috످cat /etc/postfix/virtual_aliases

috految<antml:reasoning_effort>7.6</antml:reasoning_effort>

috److I can't run commands or read your files from this chat, but if you run that command and paste the output here (with any sensitive addresses redacted), I can help you review or edit your aliases.

If you get `No such file or directory`, your aliases may be in the more common `/etc/postfix/virtual`. To check which file or database Postfix is using, run:

```bash
postconf virtual_alias_maps
```

috످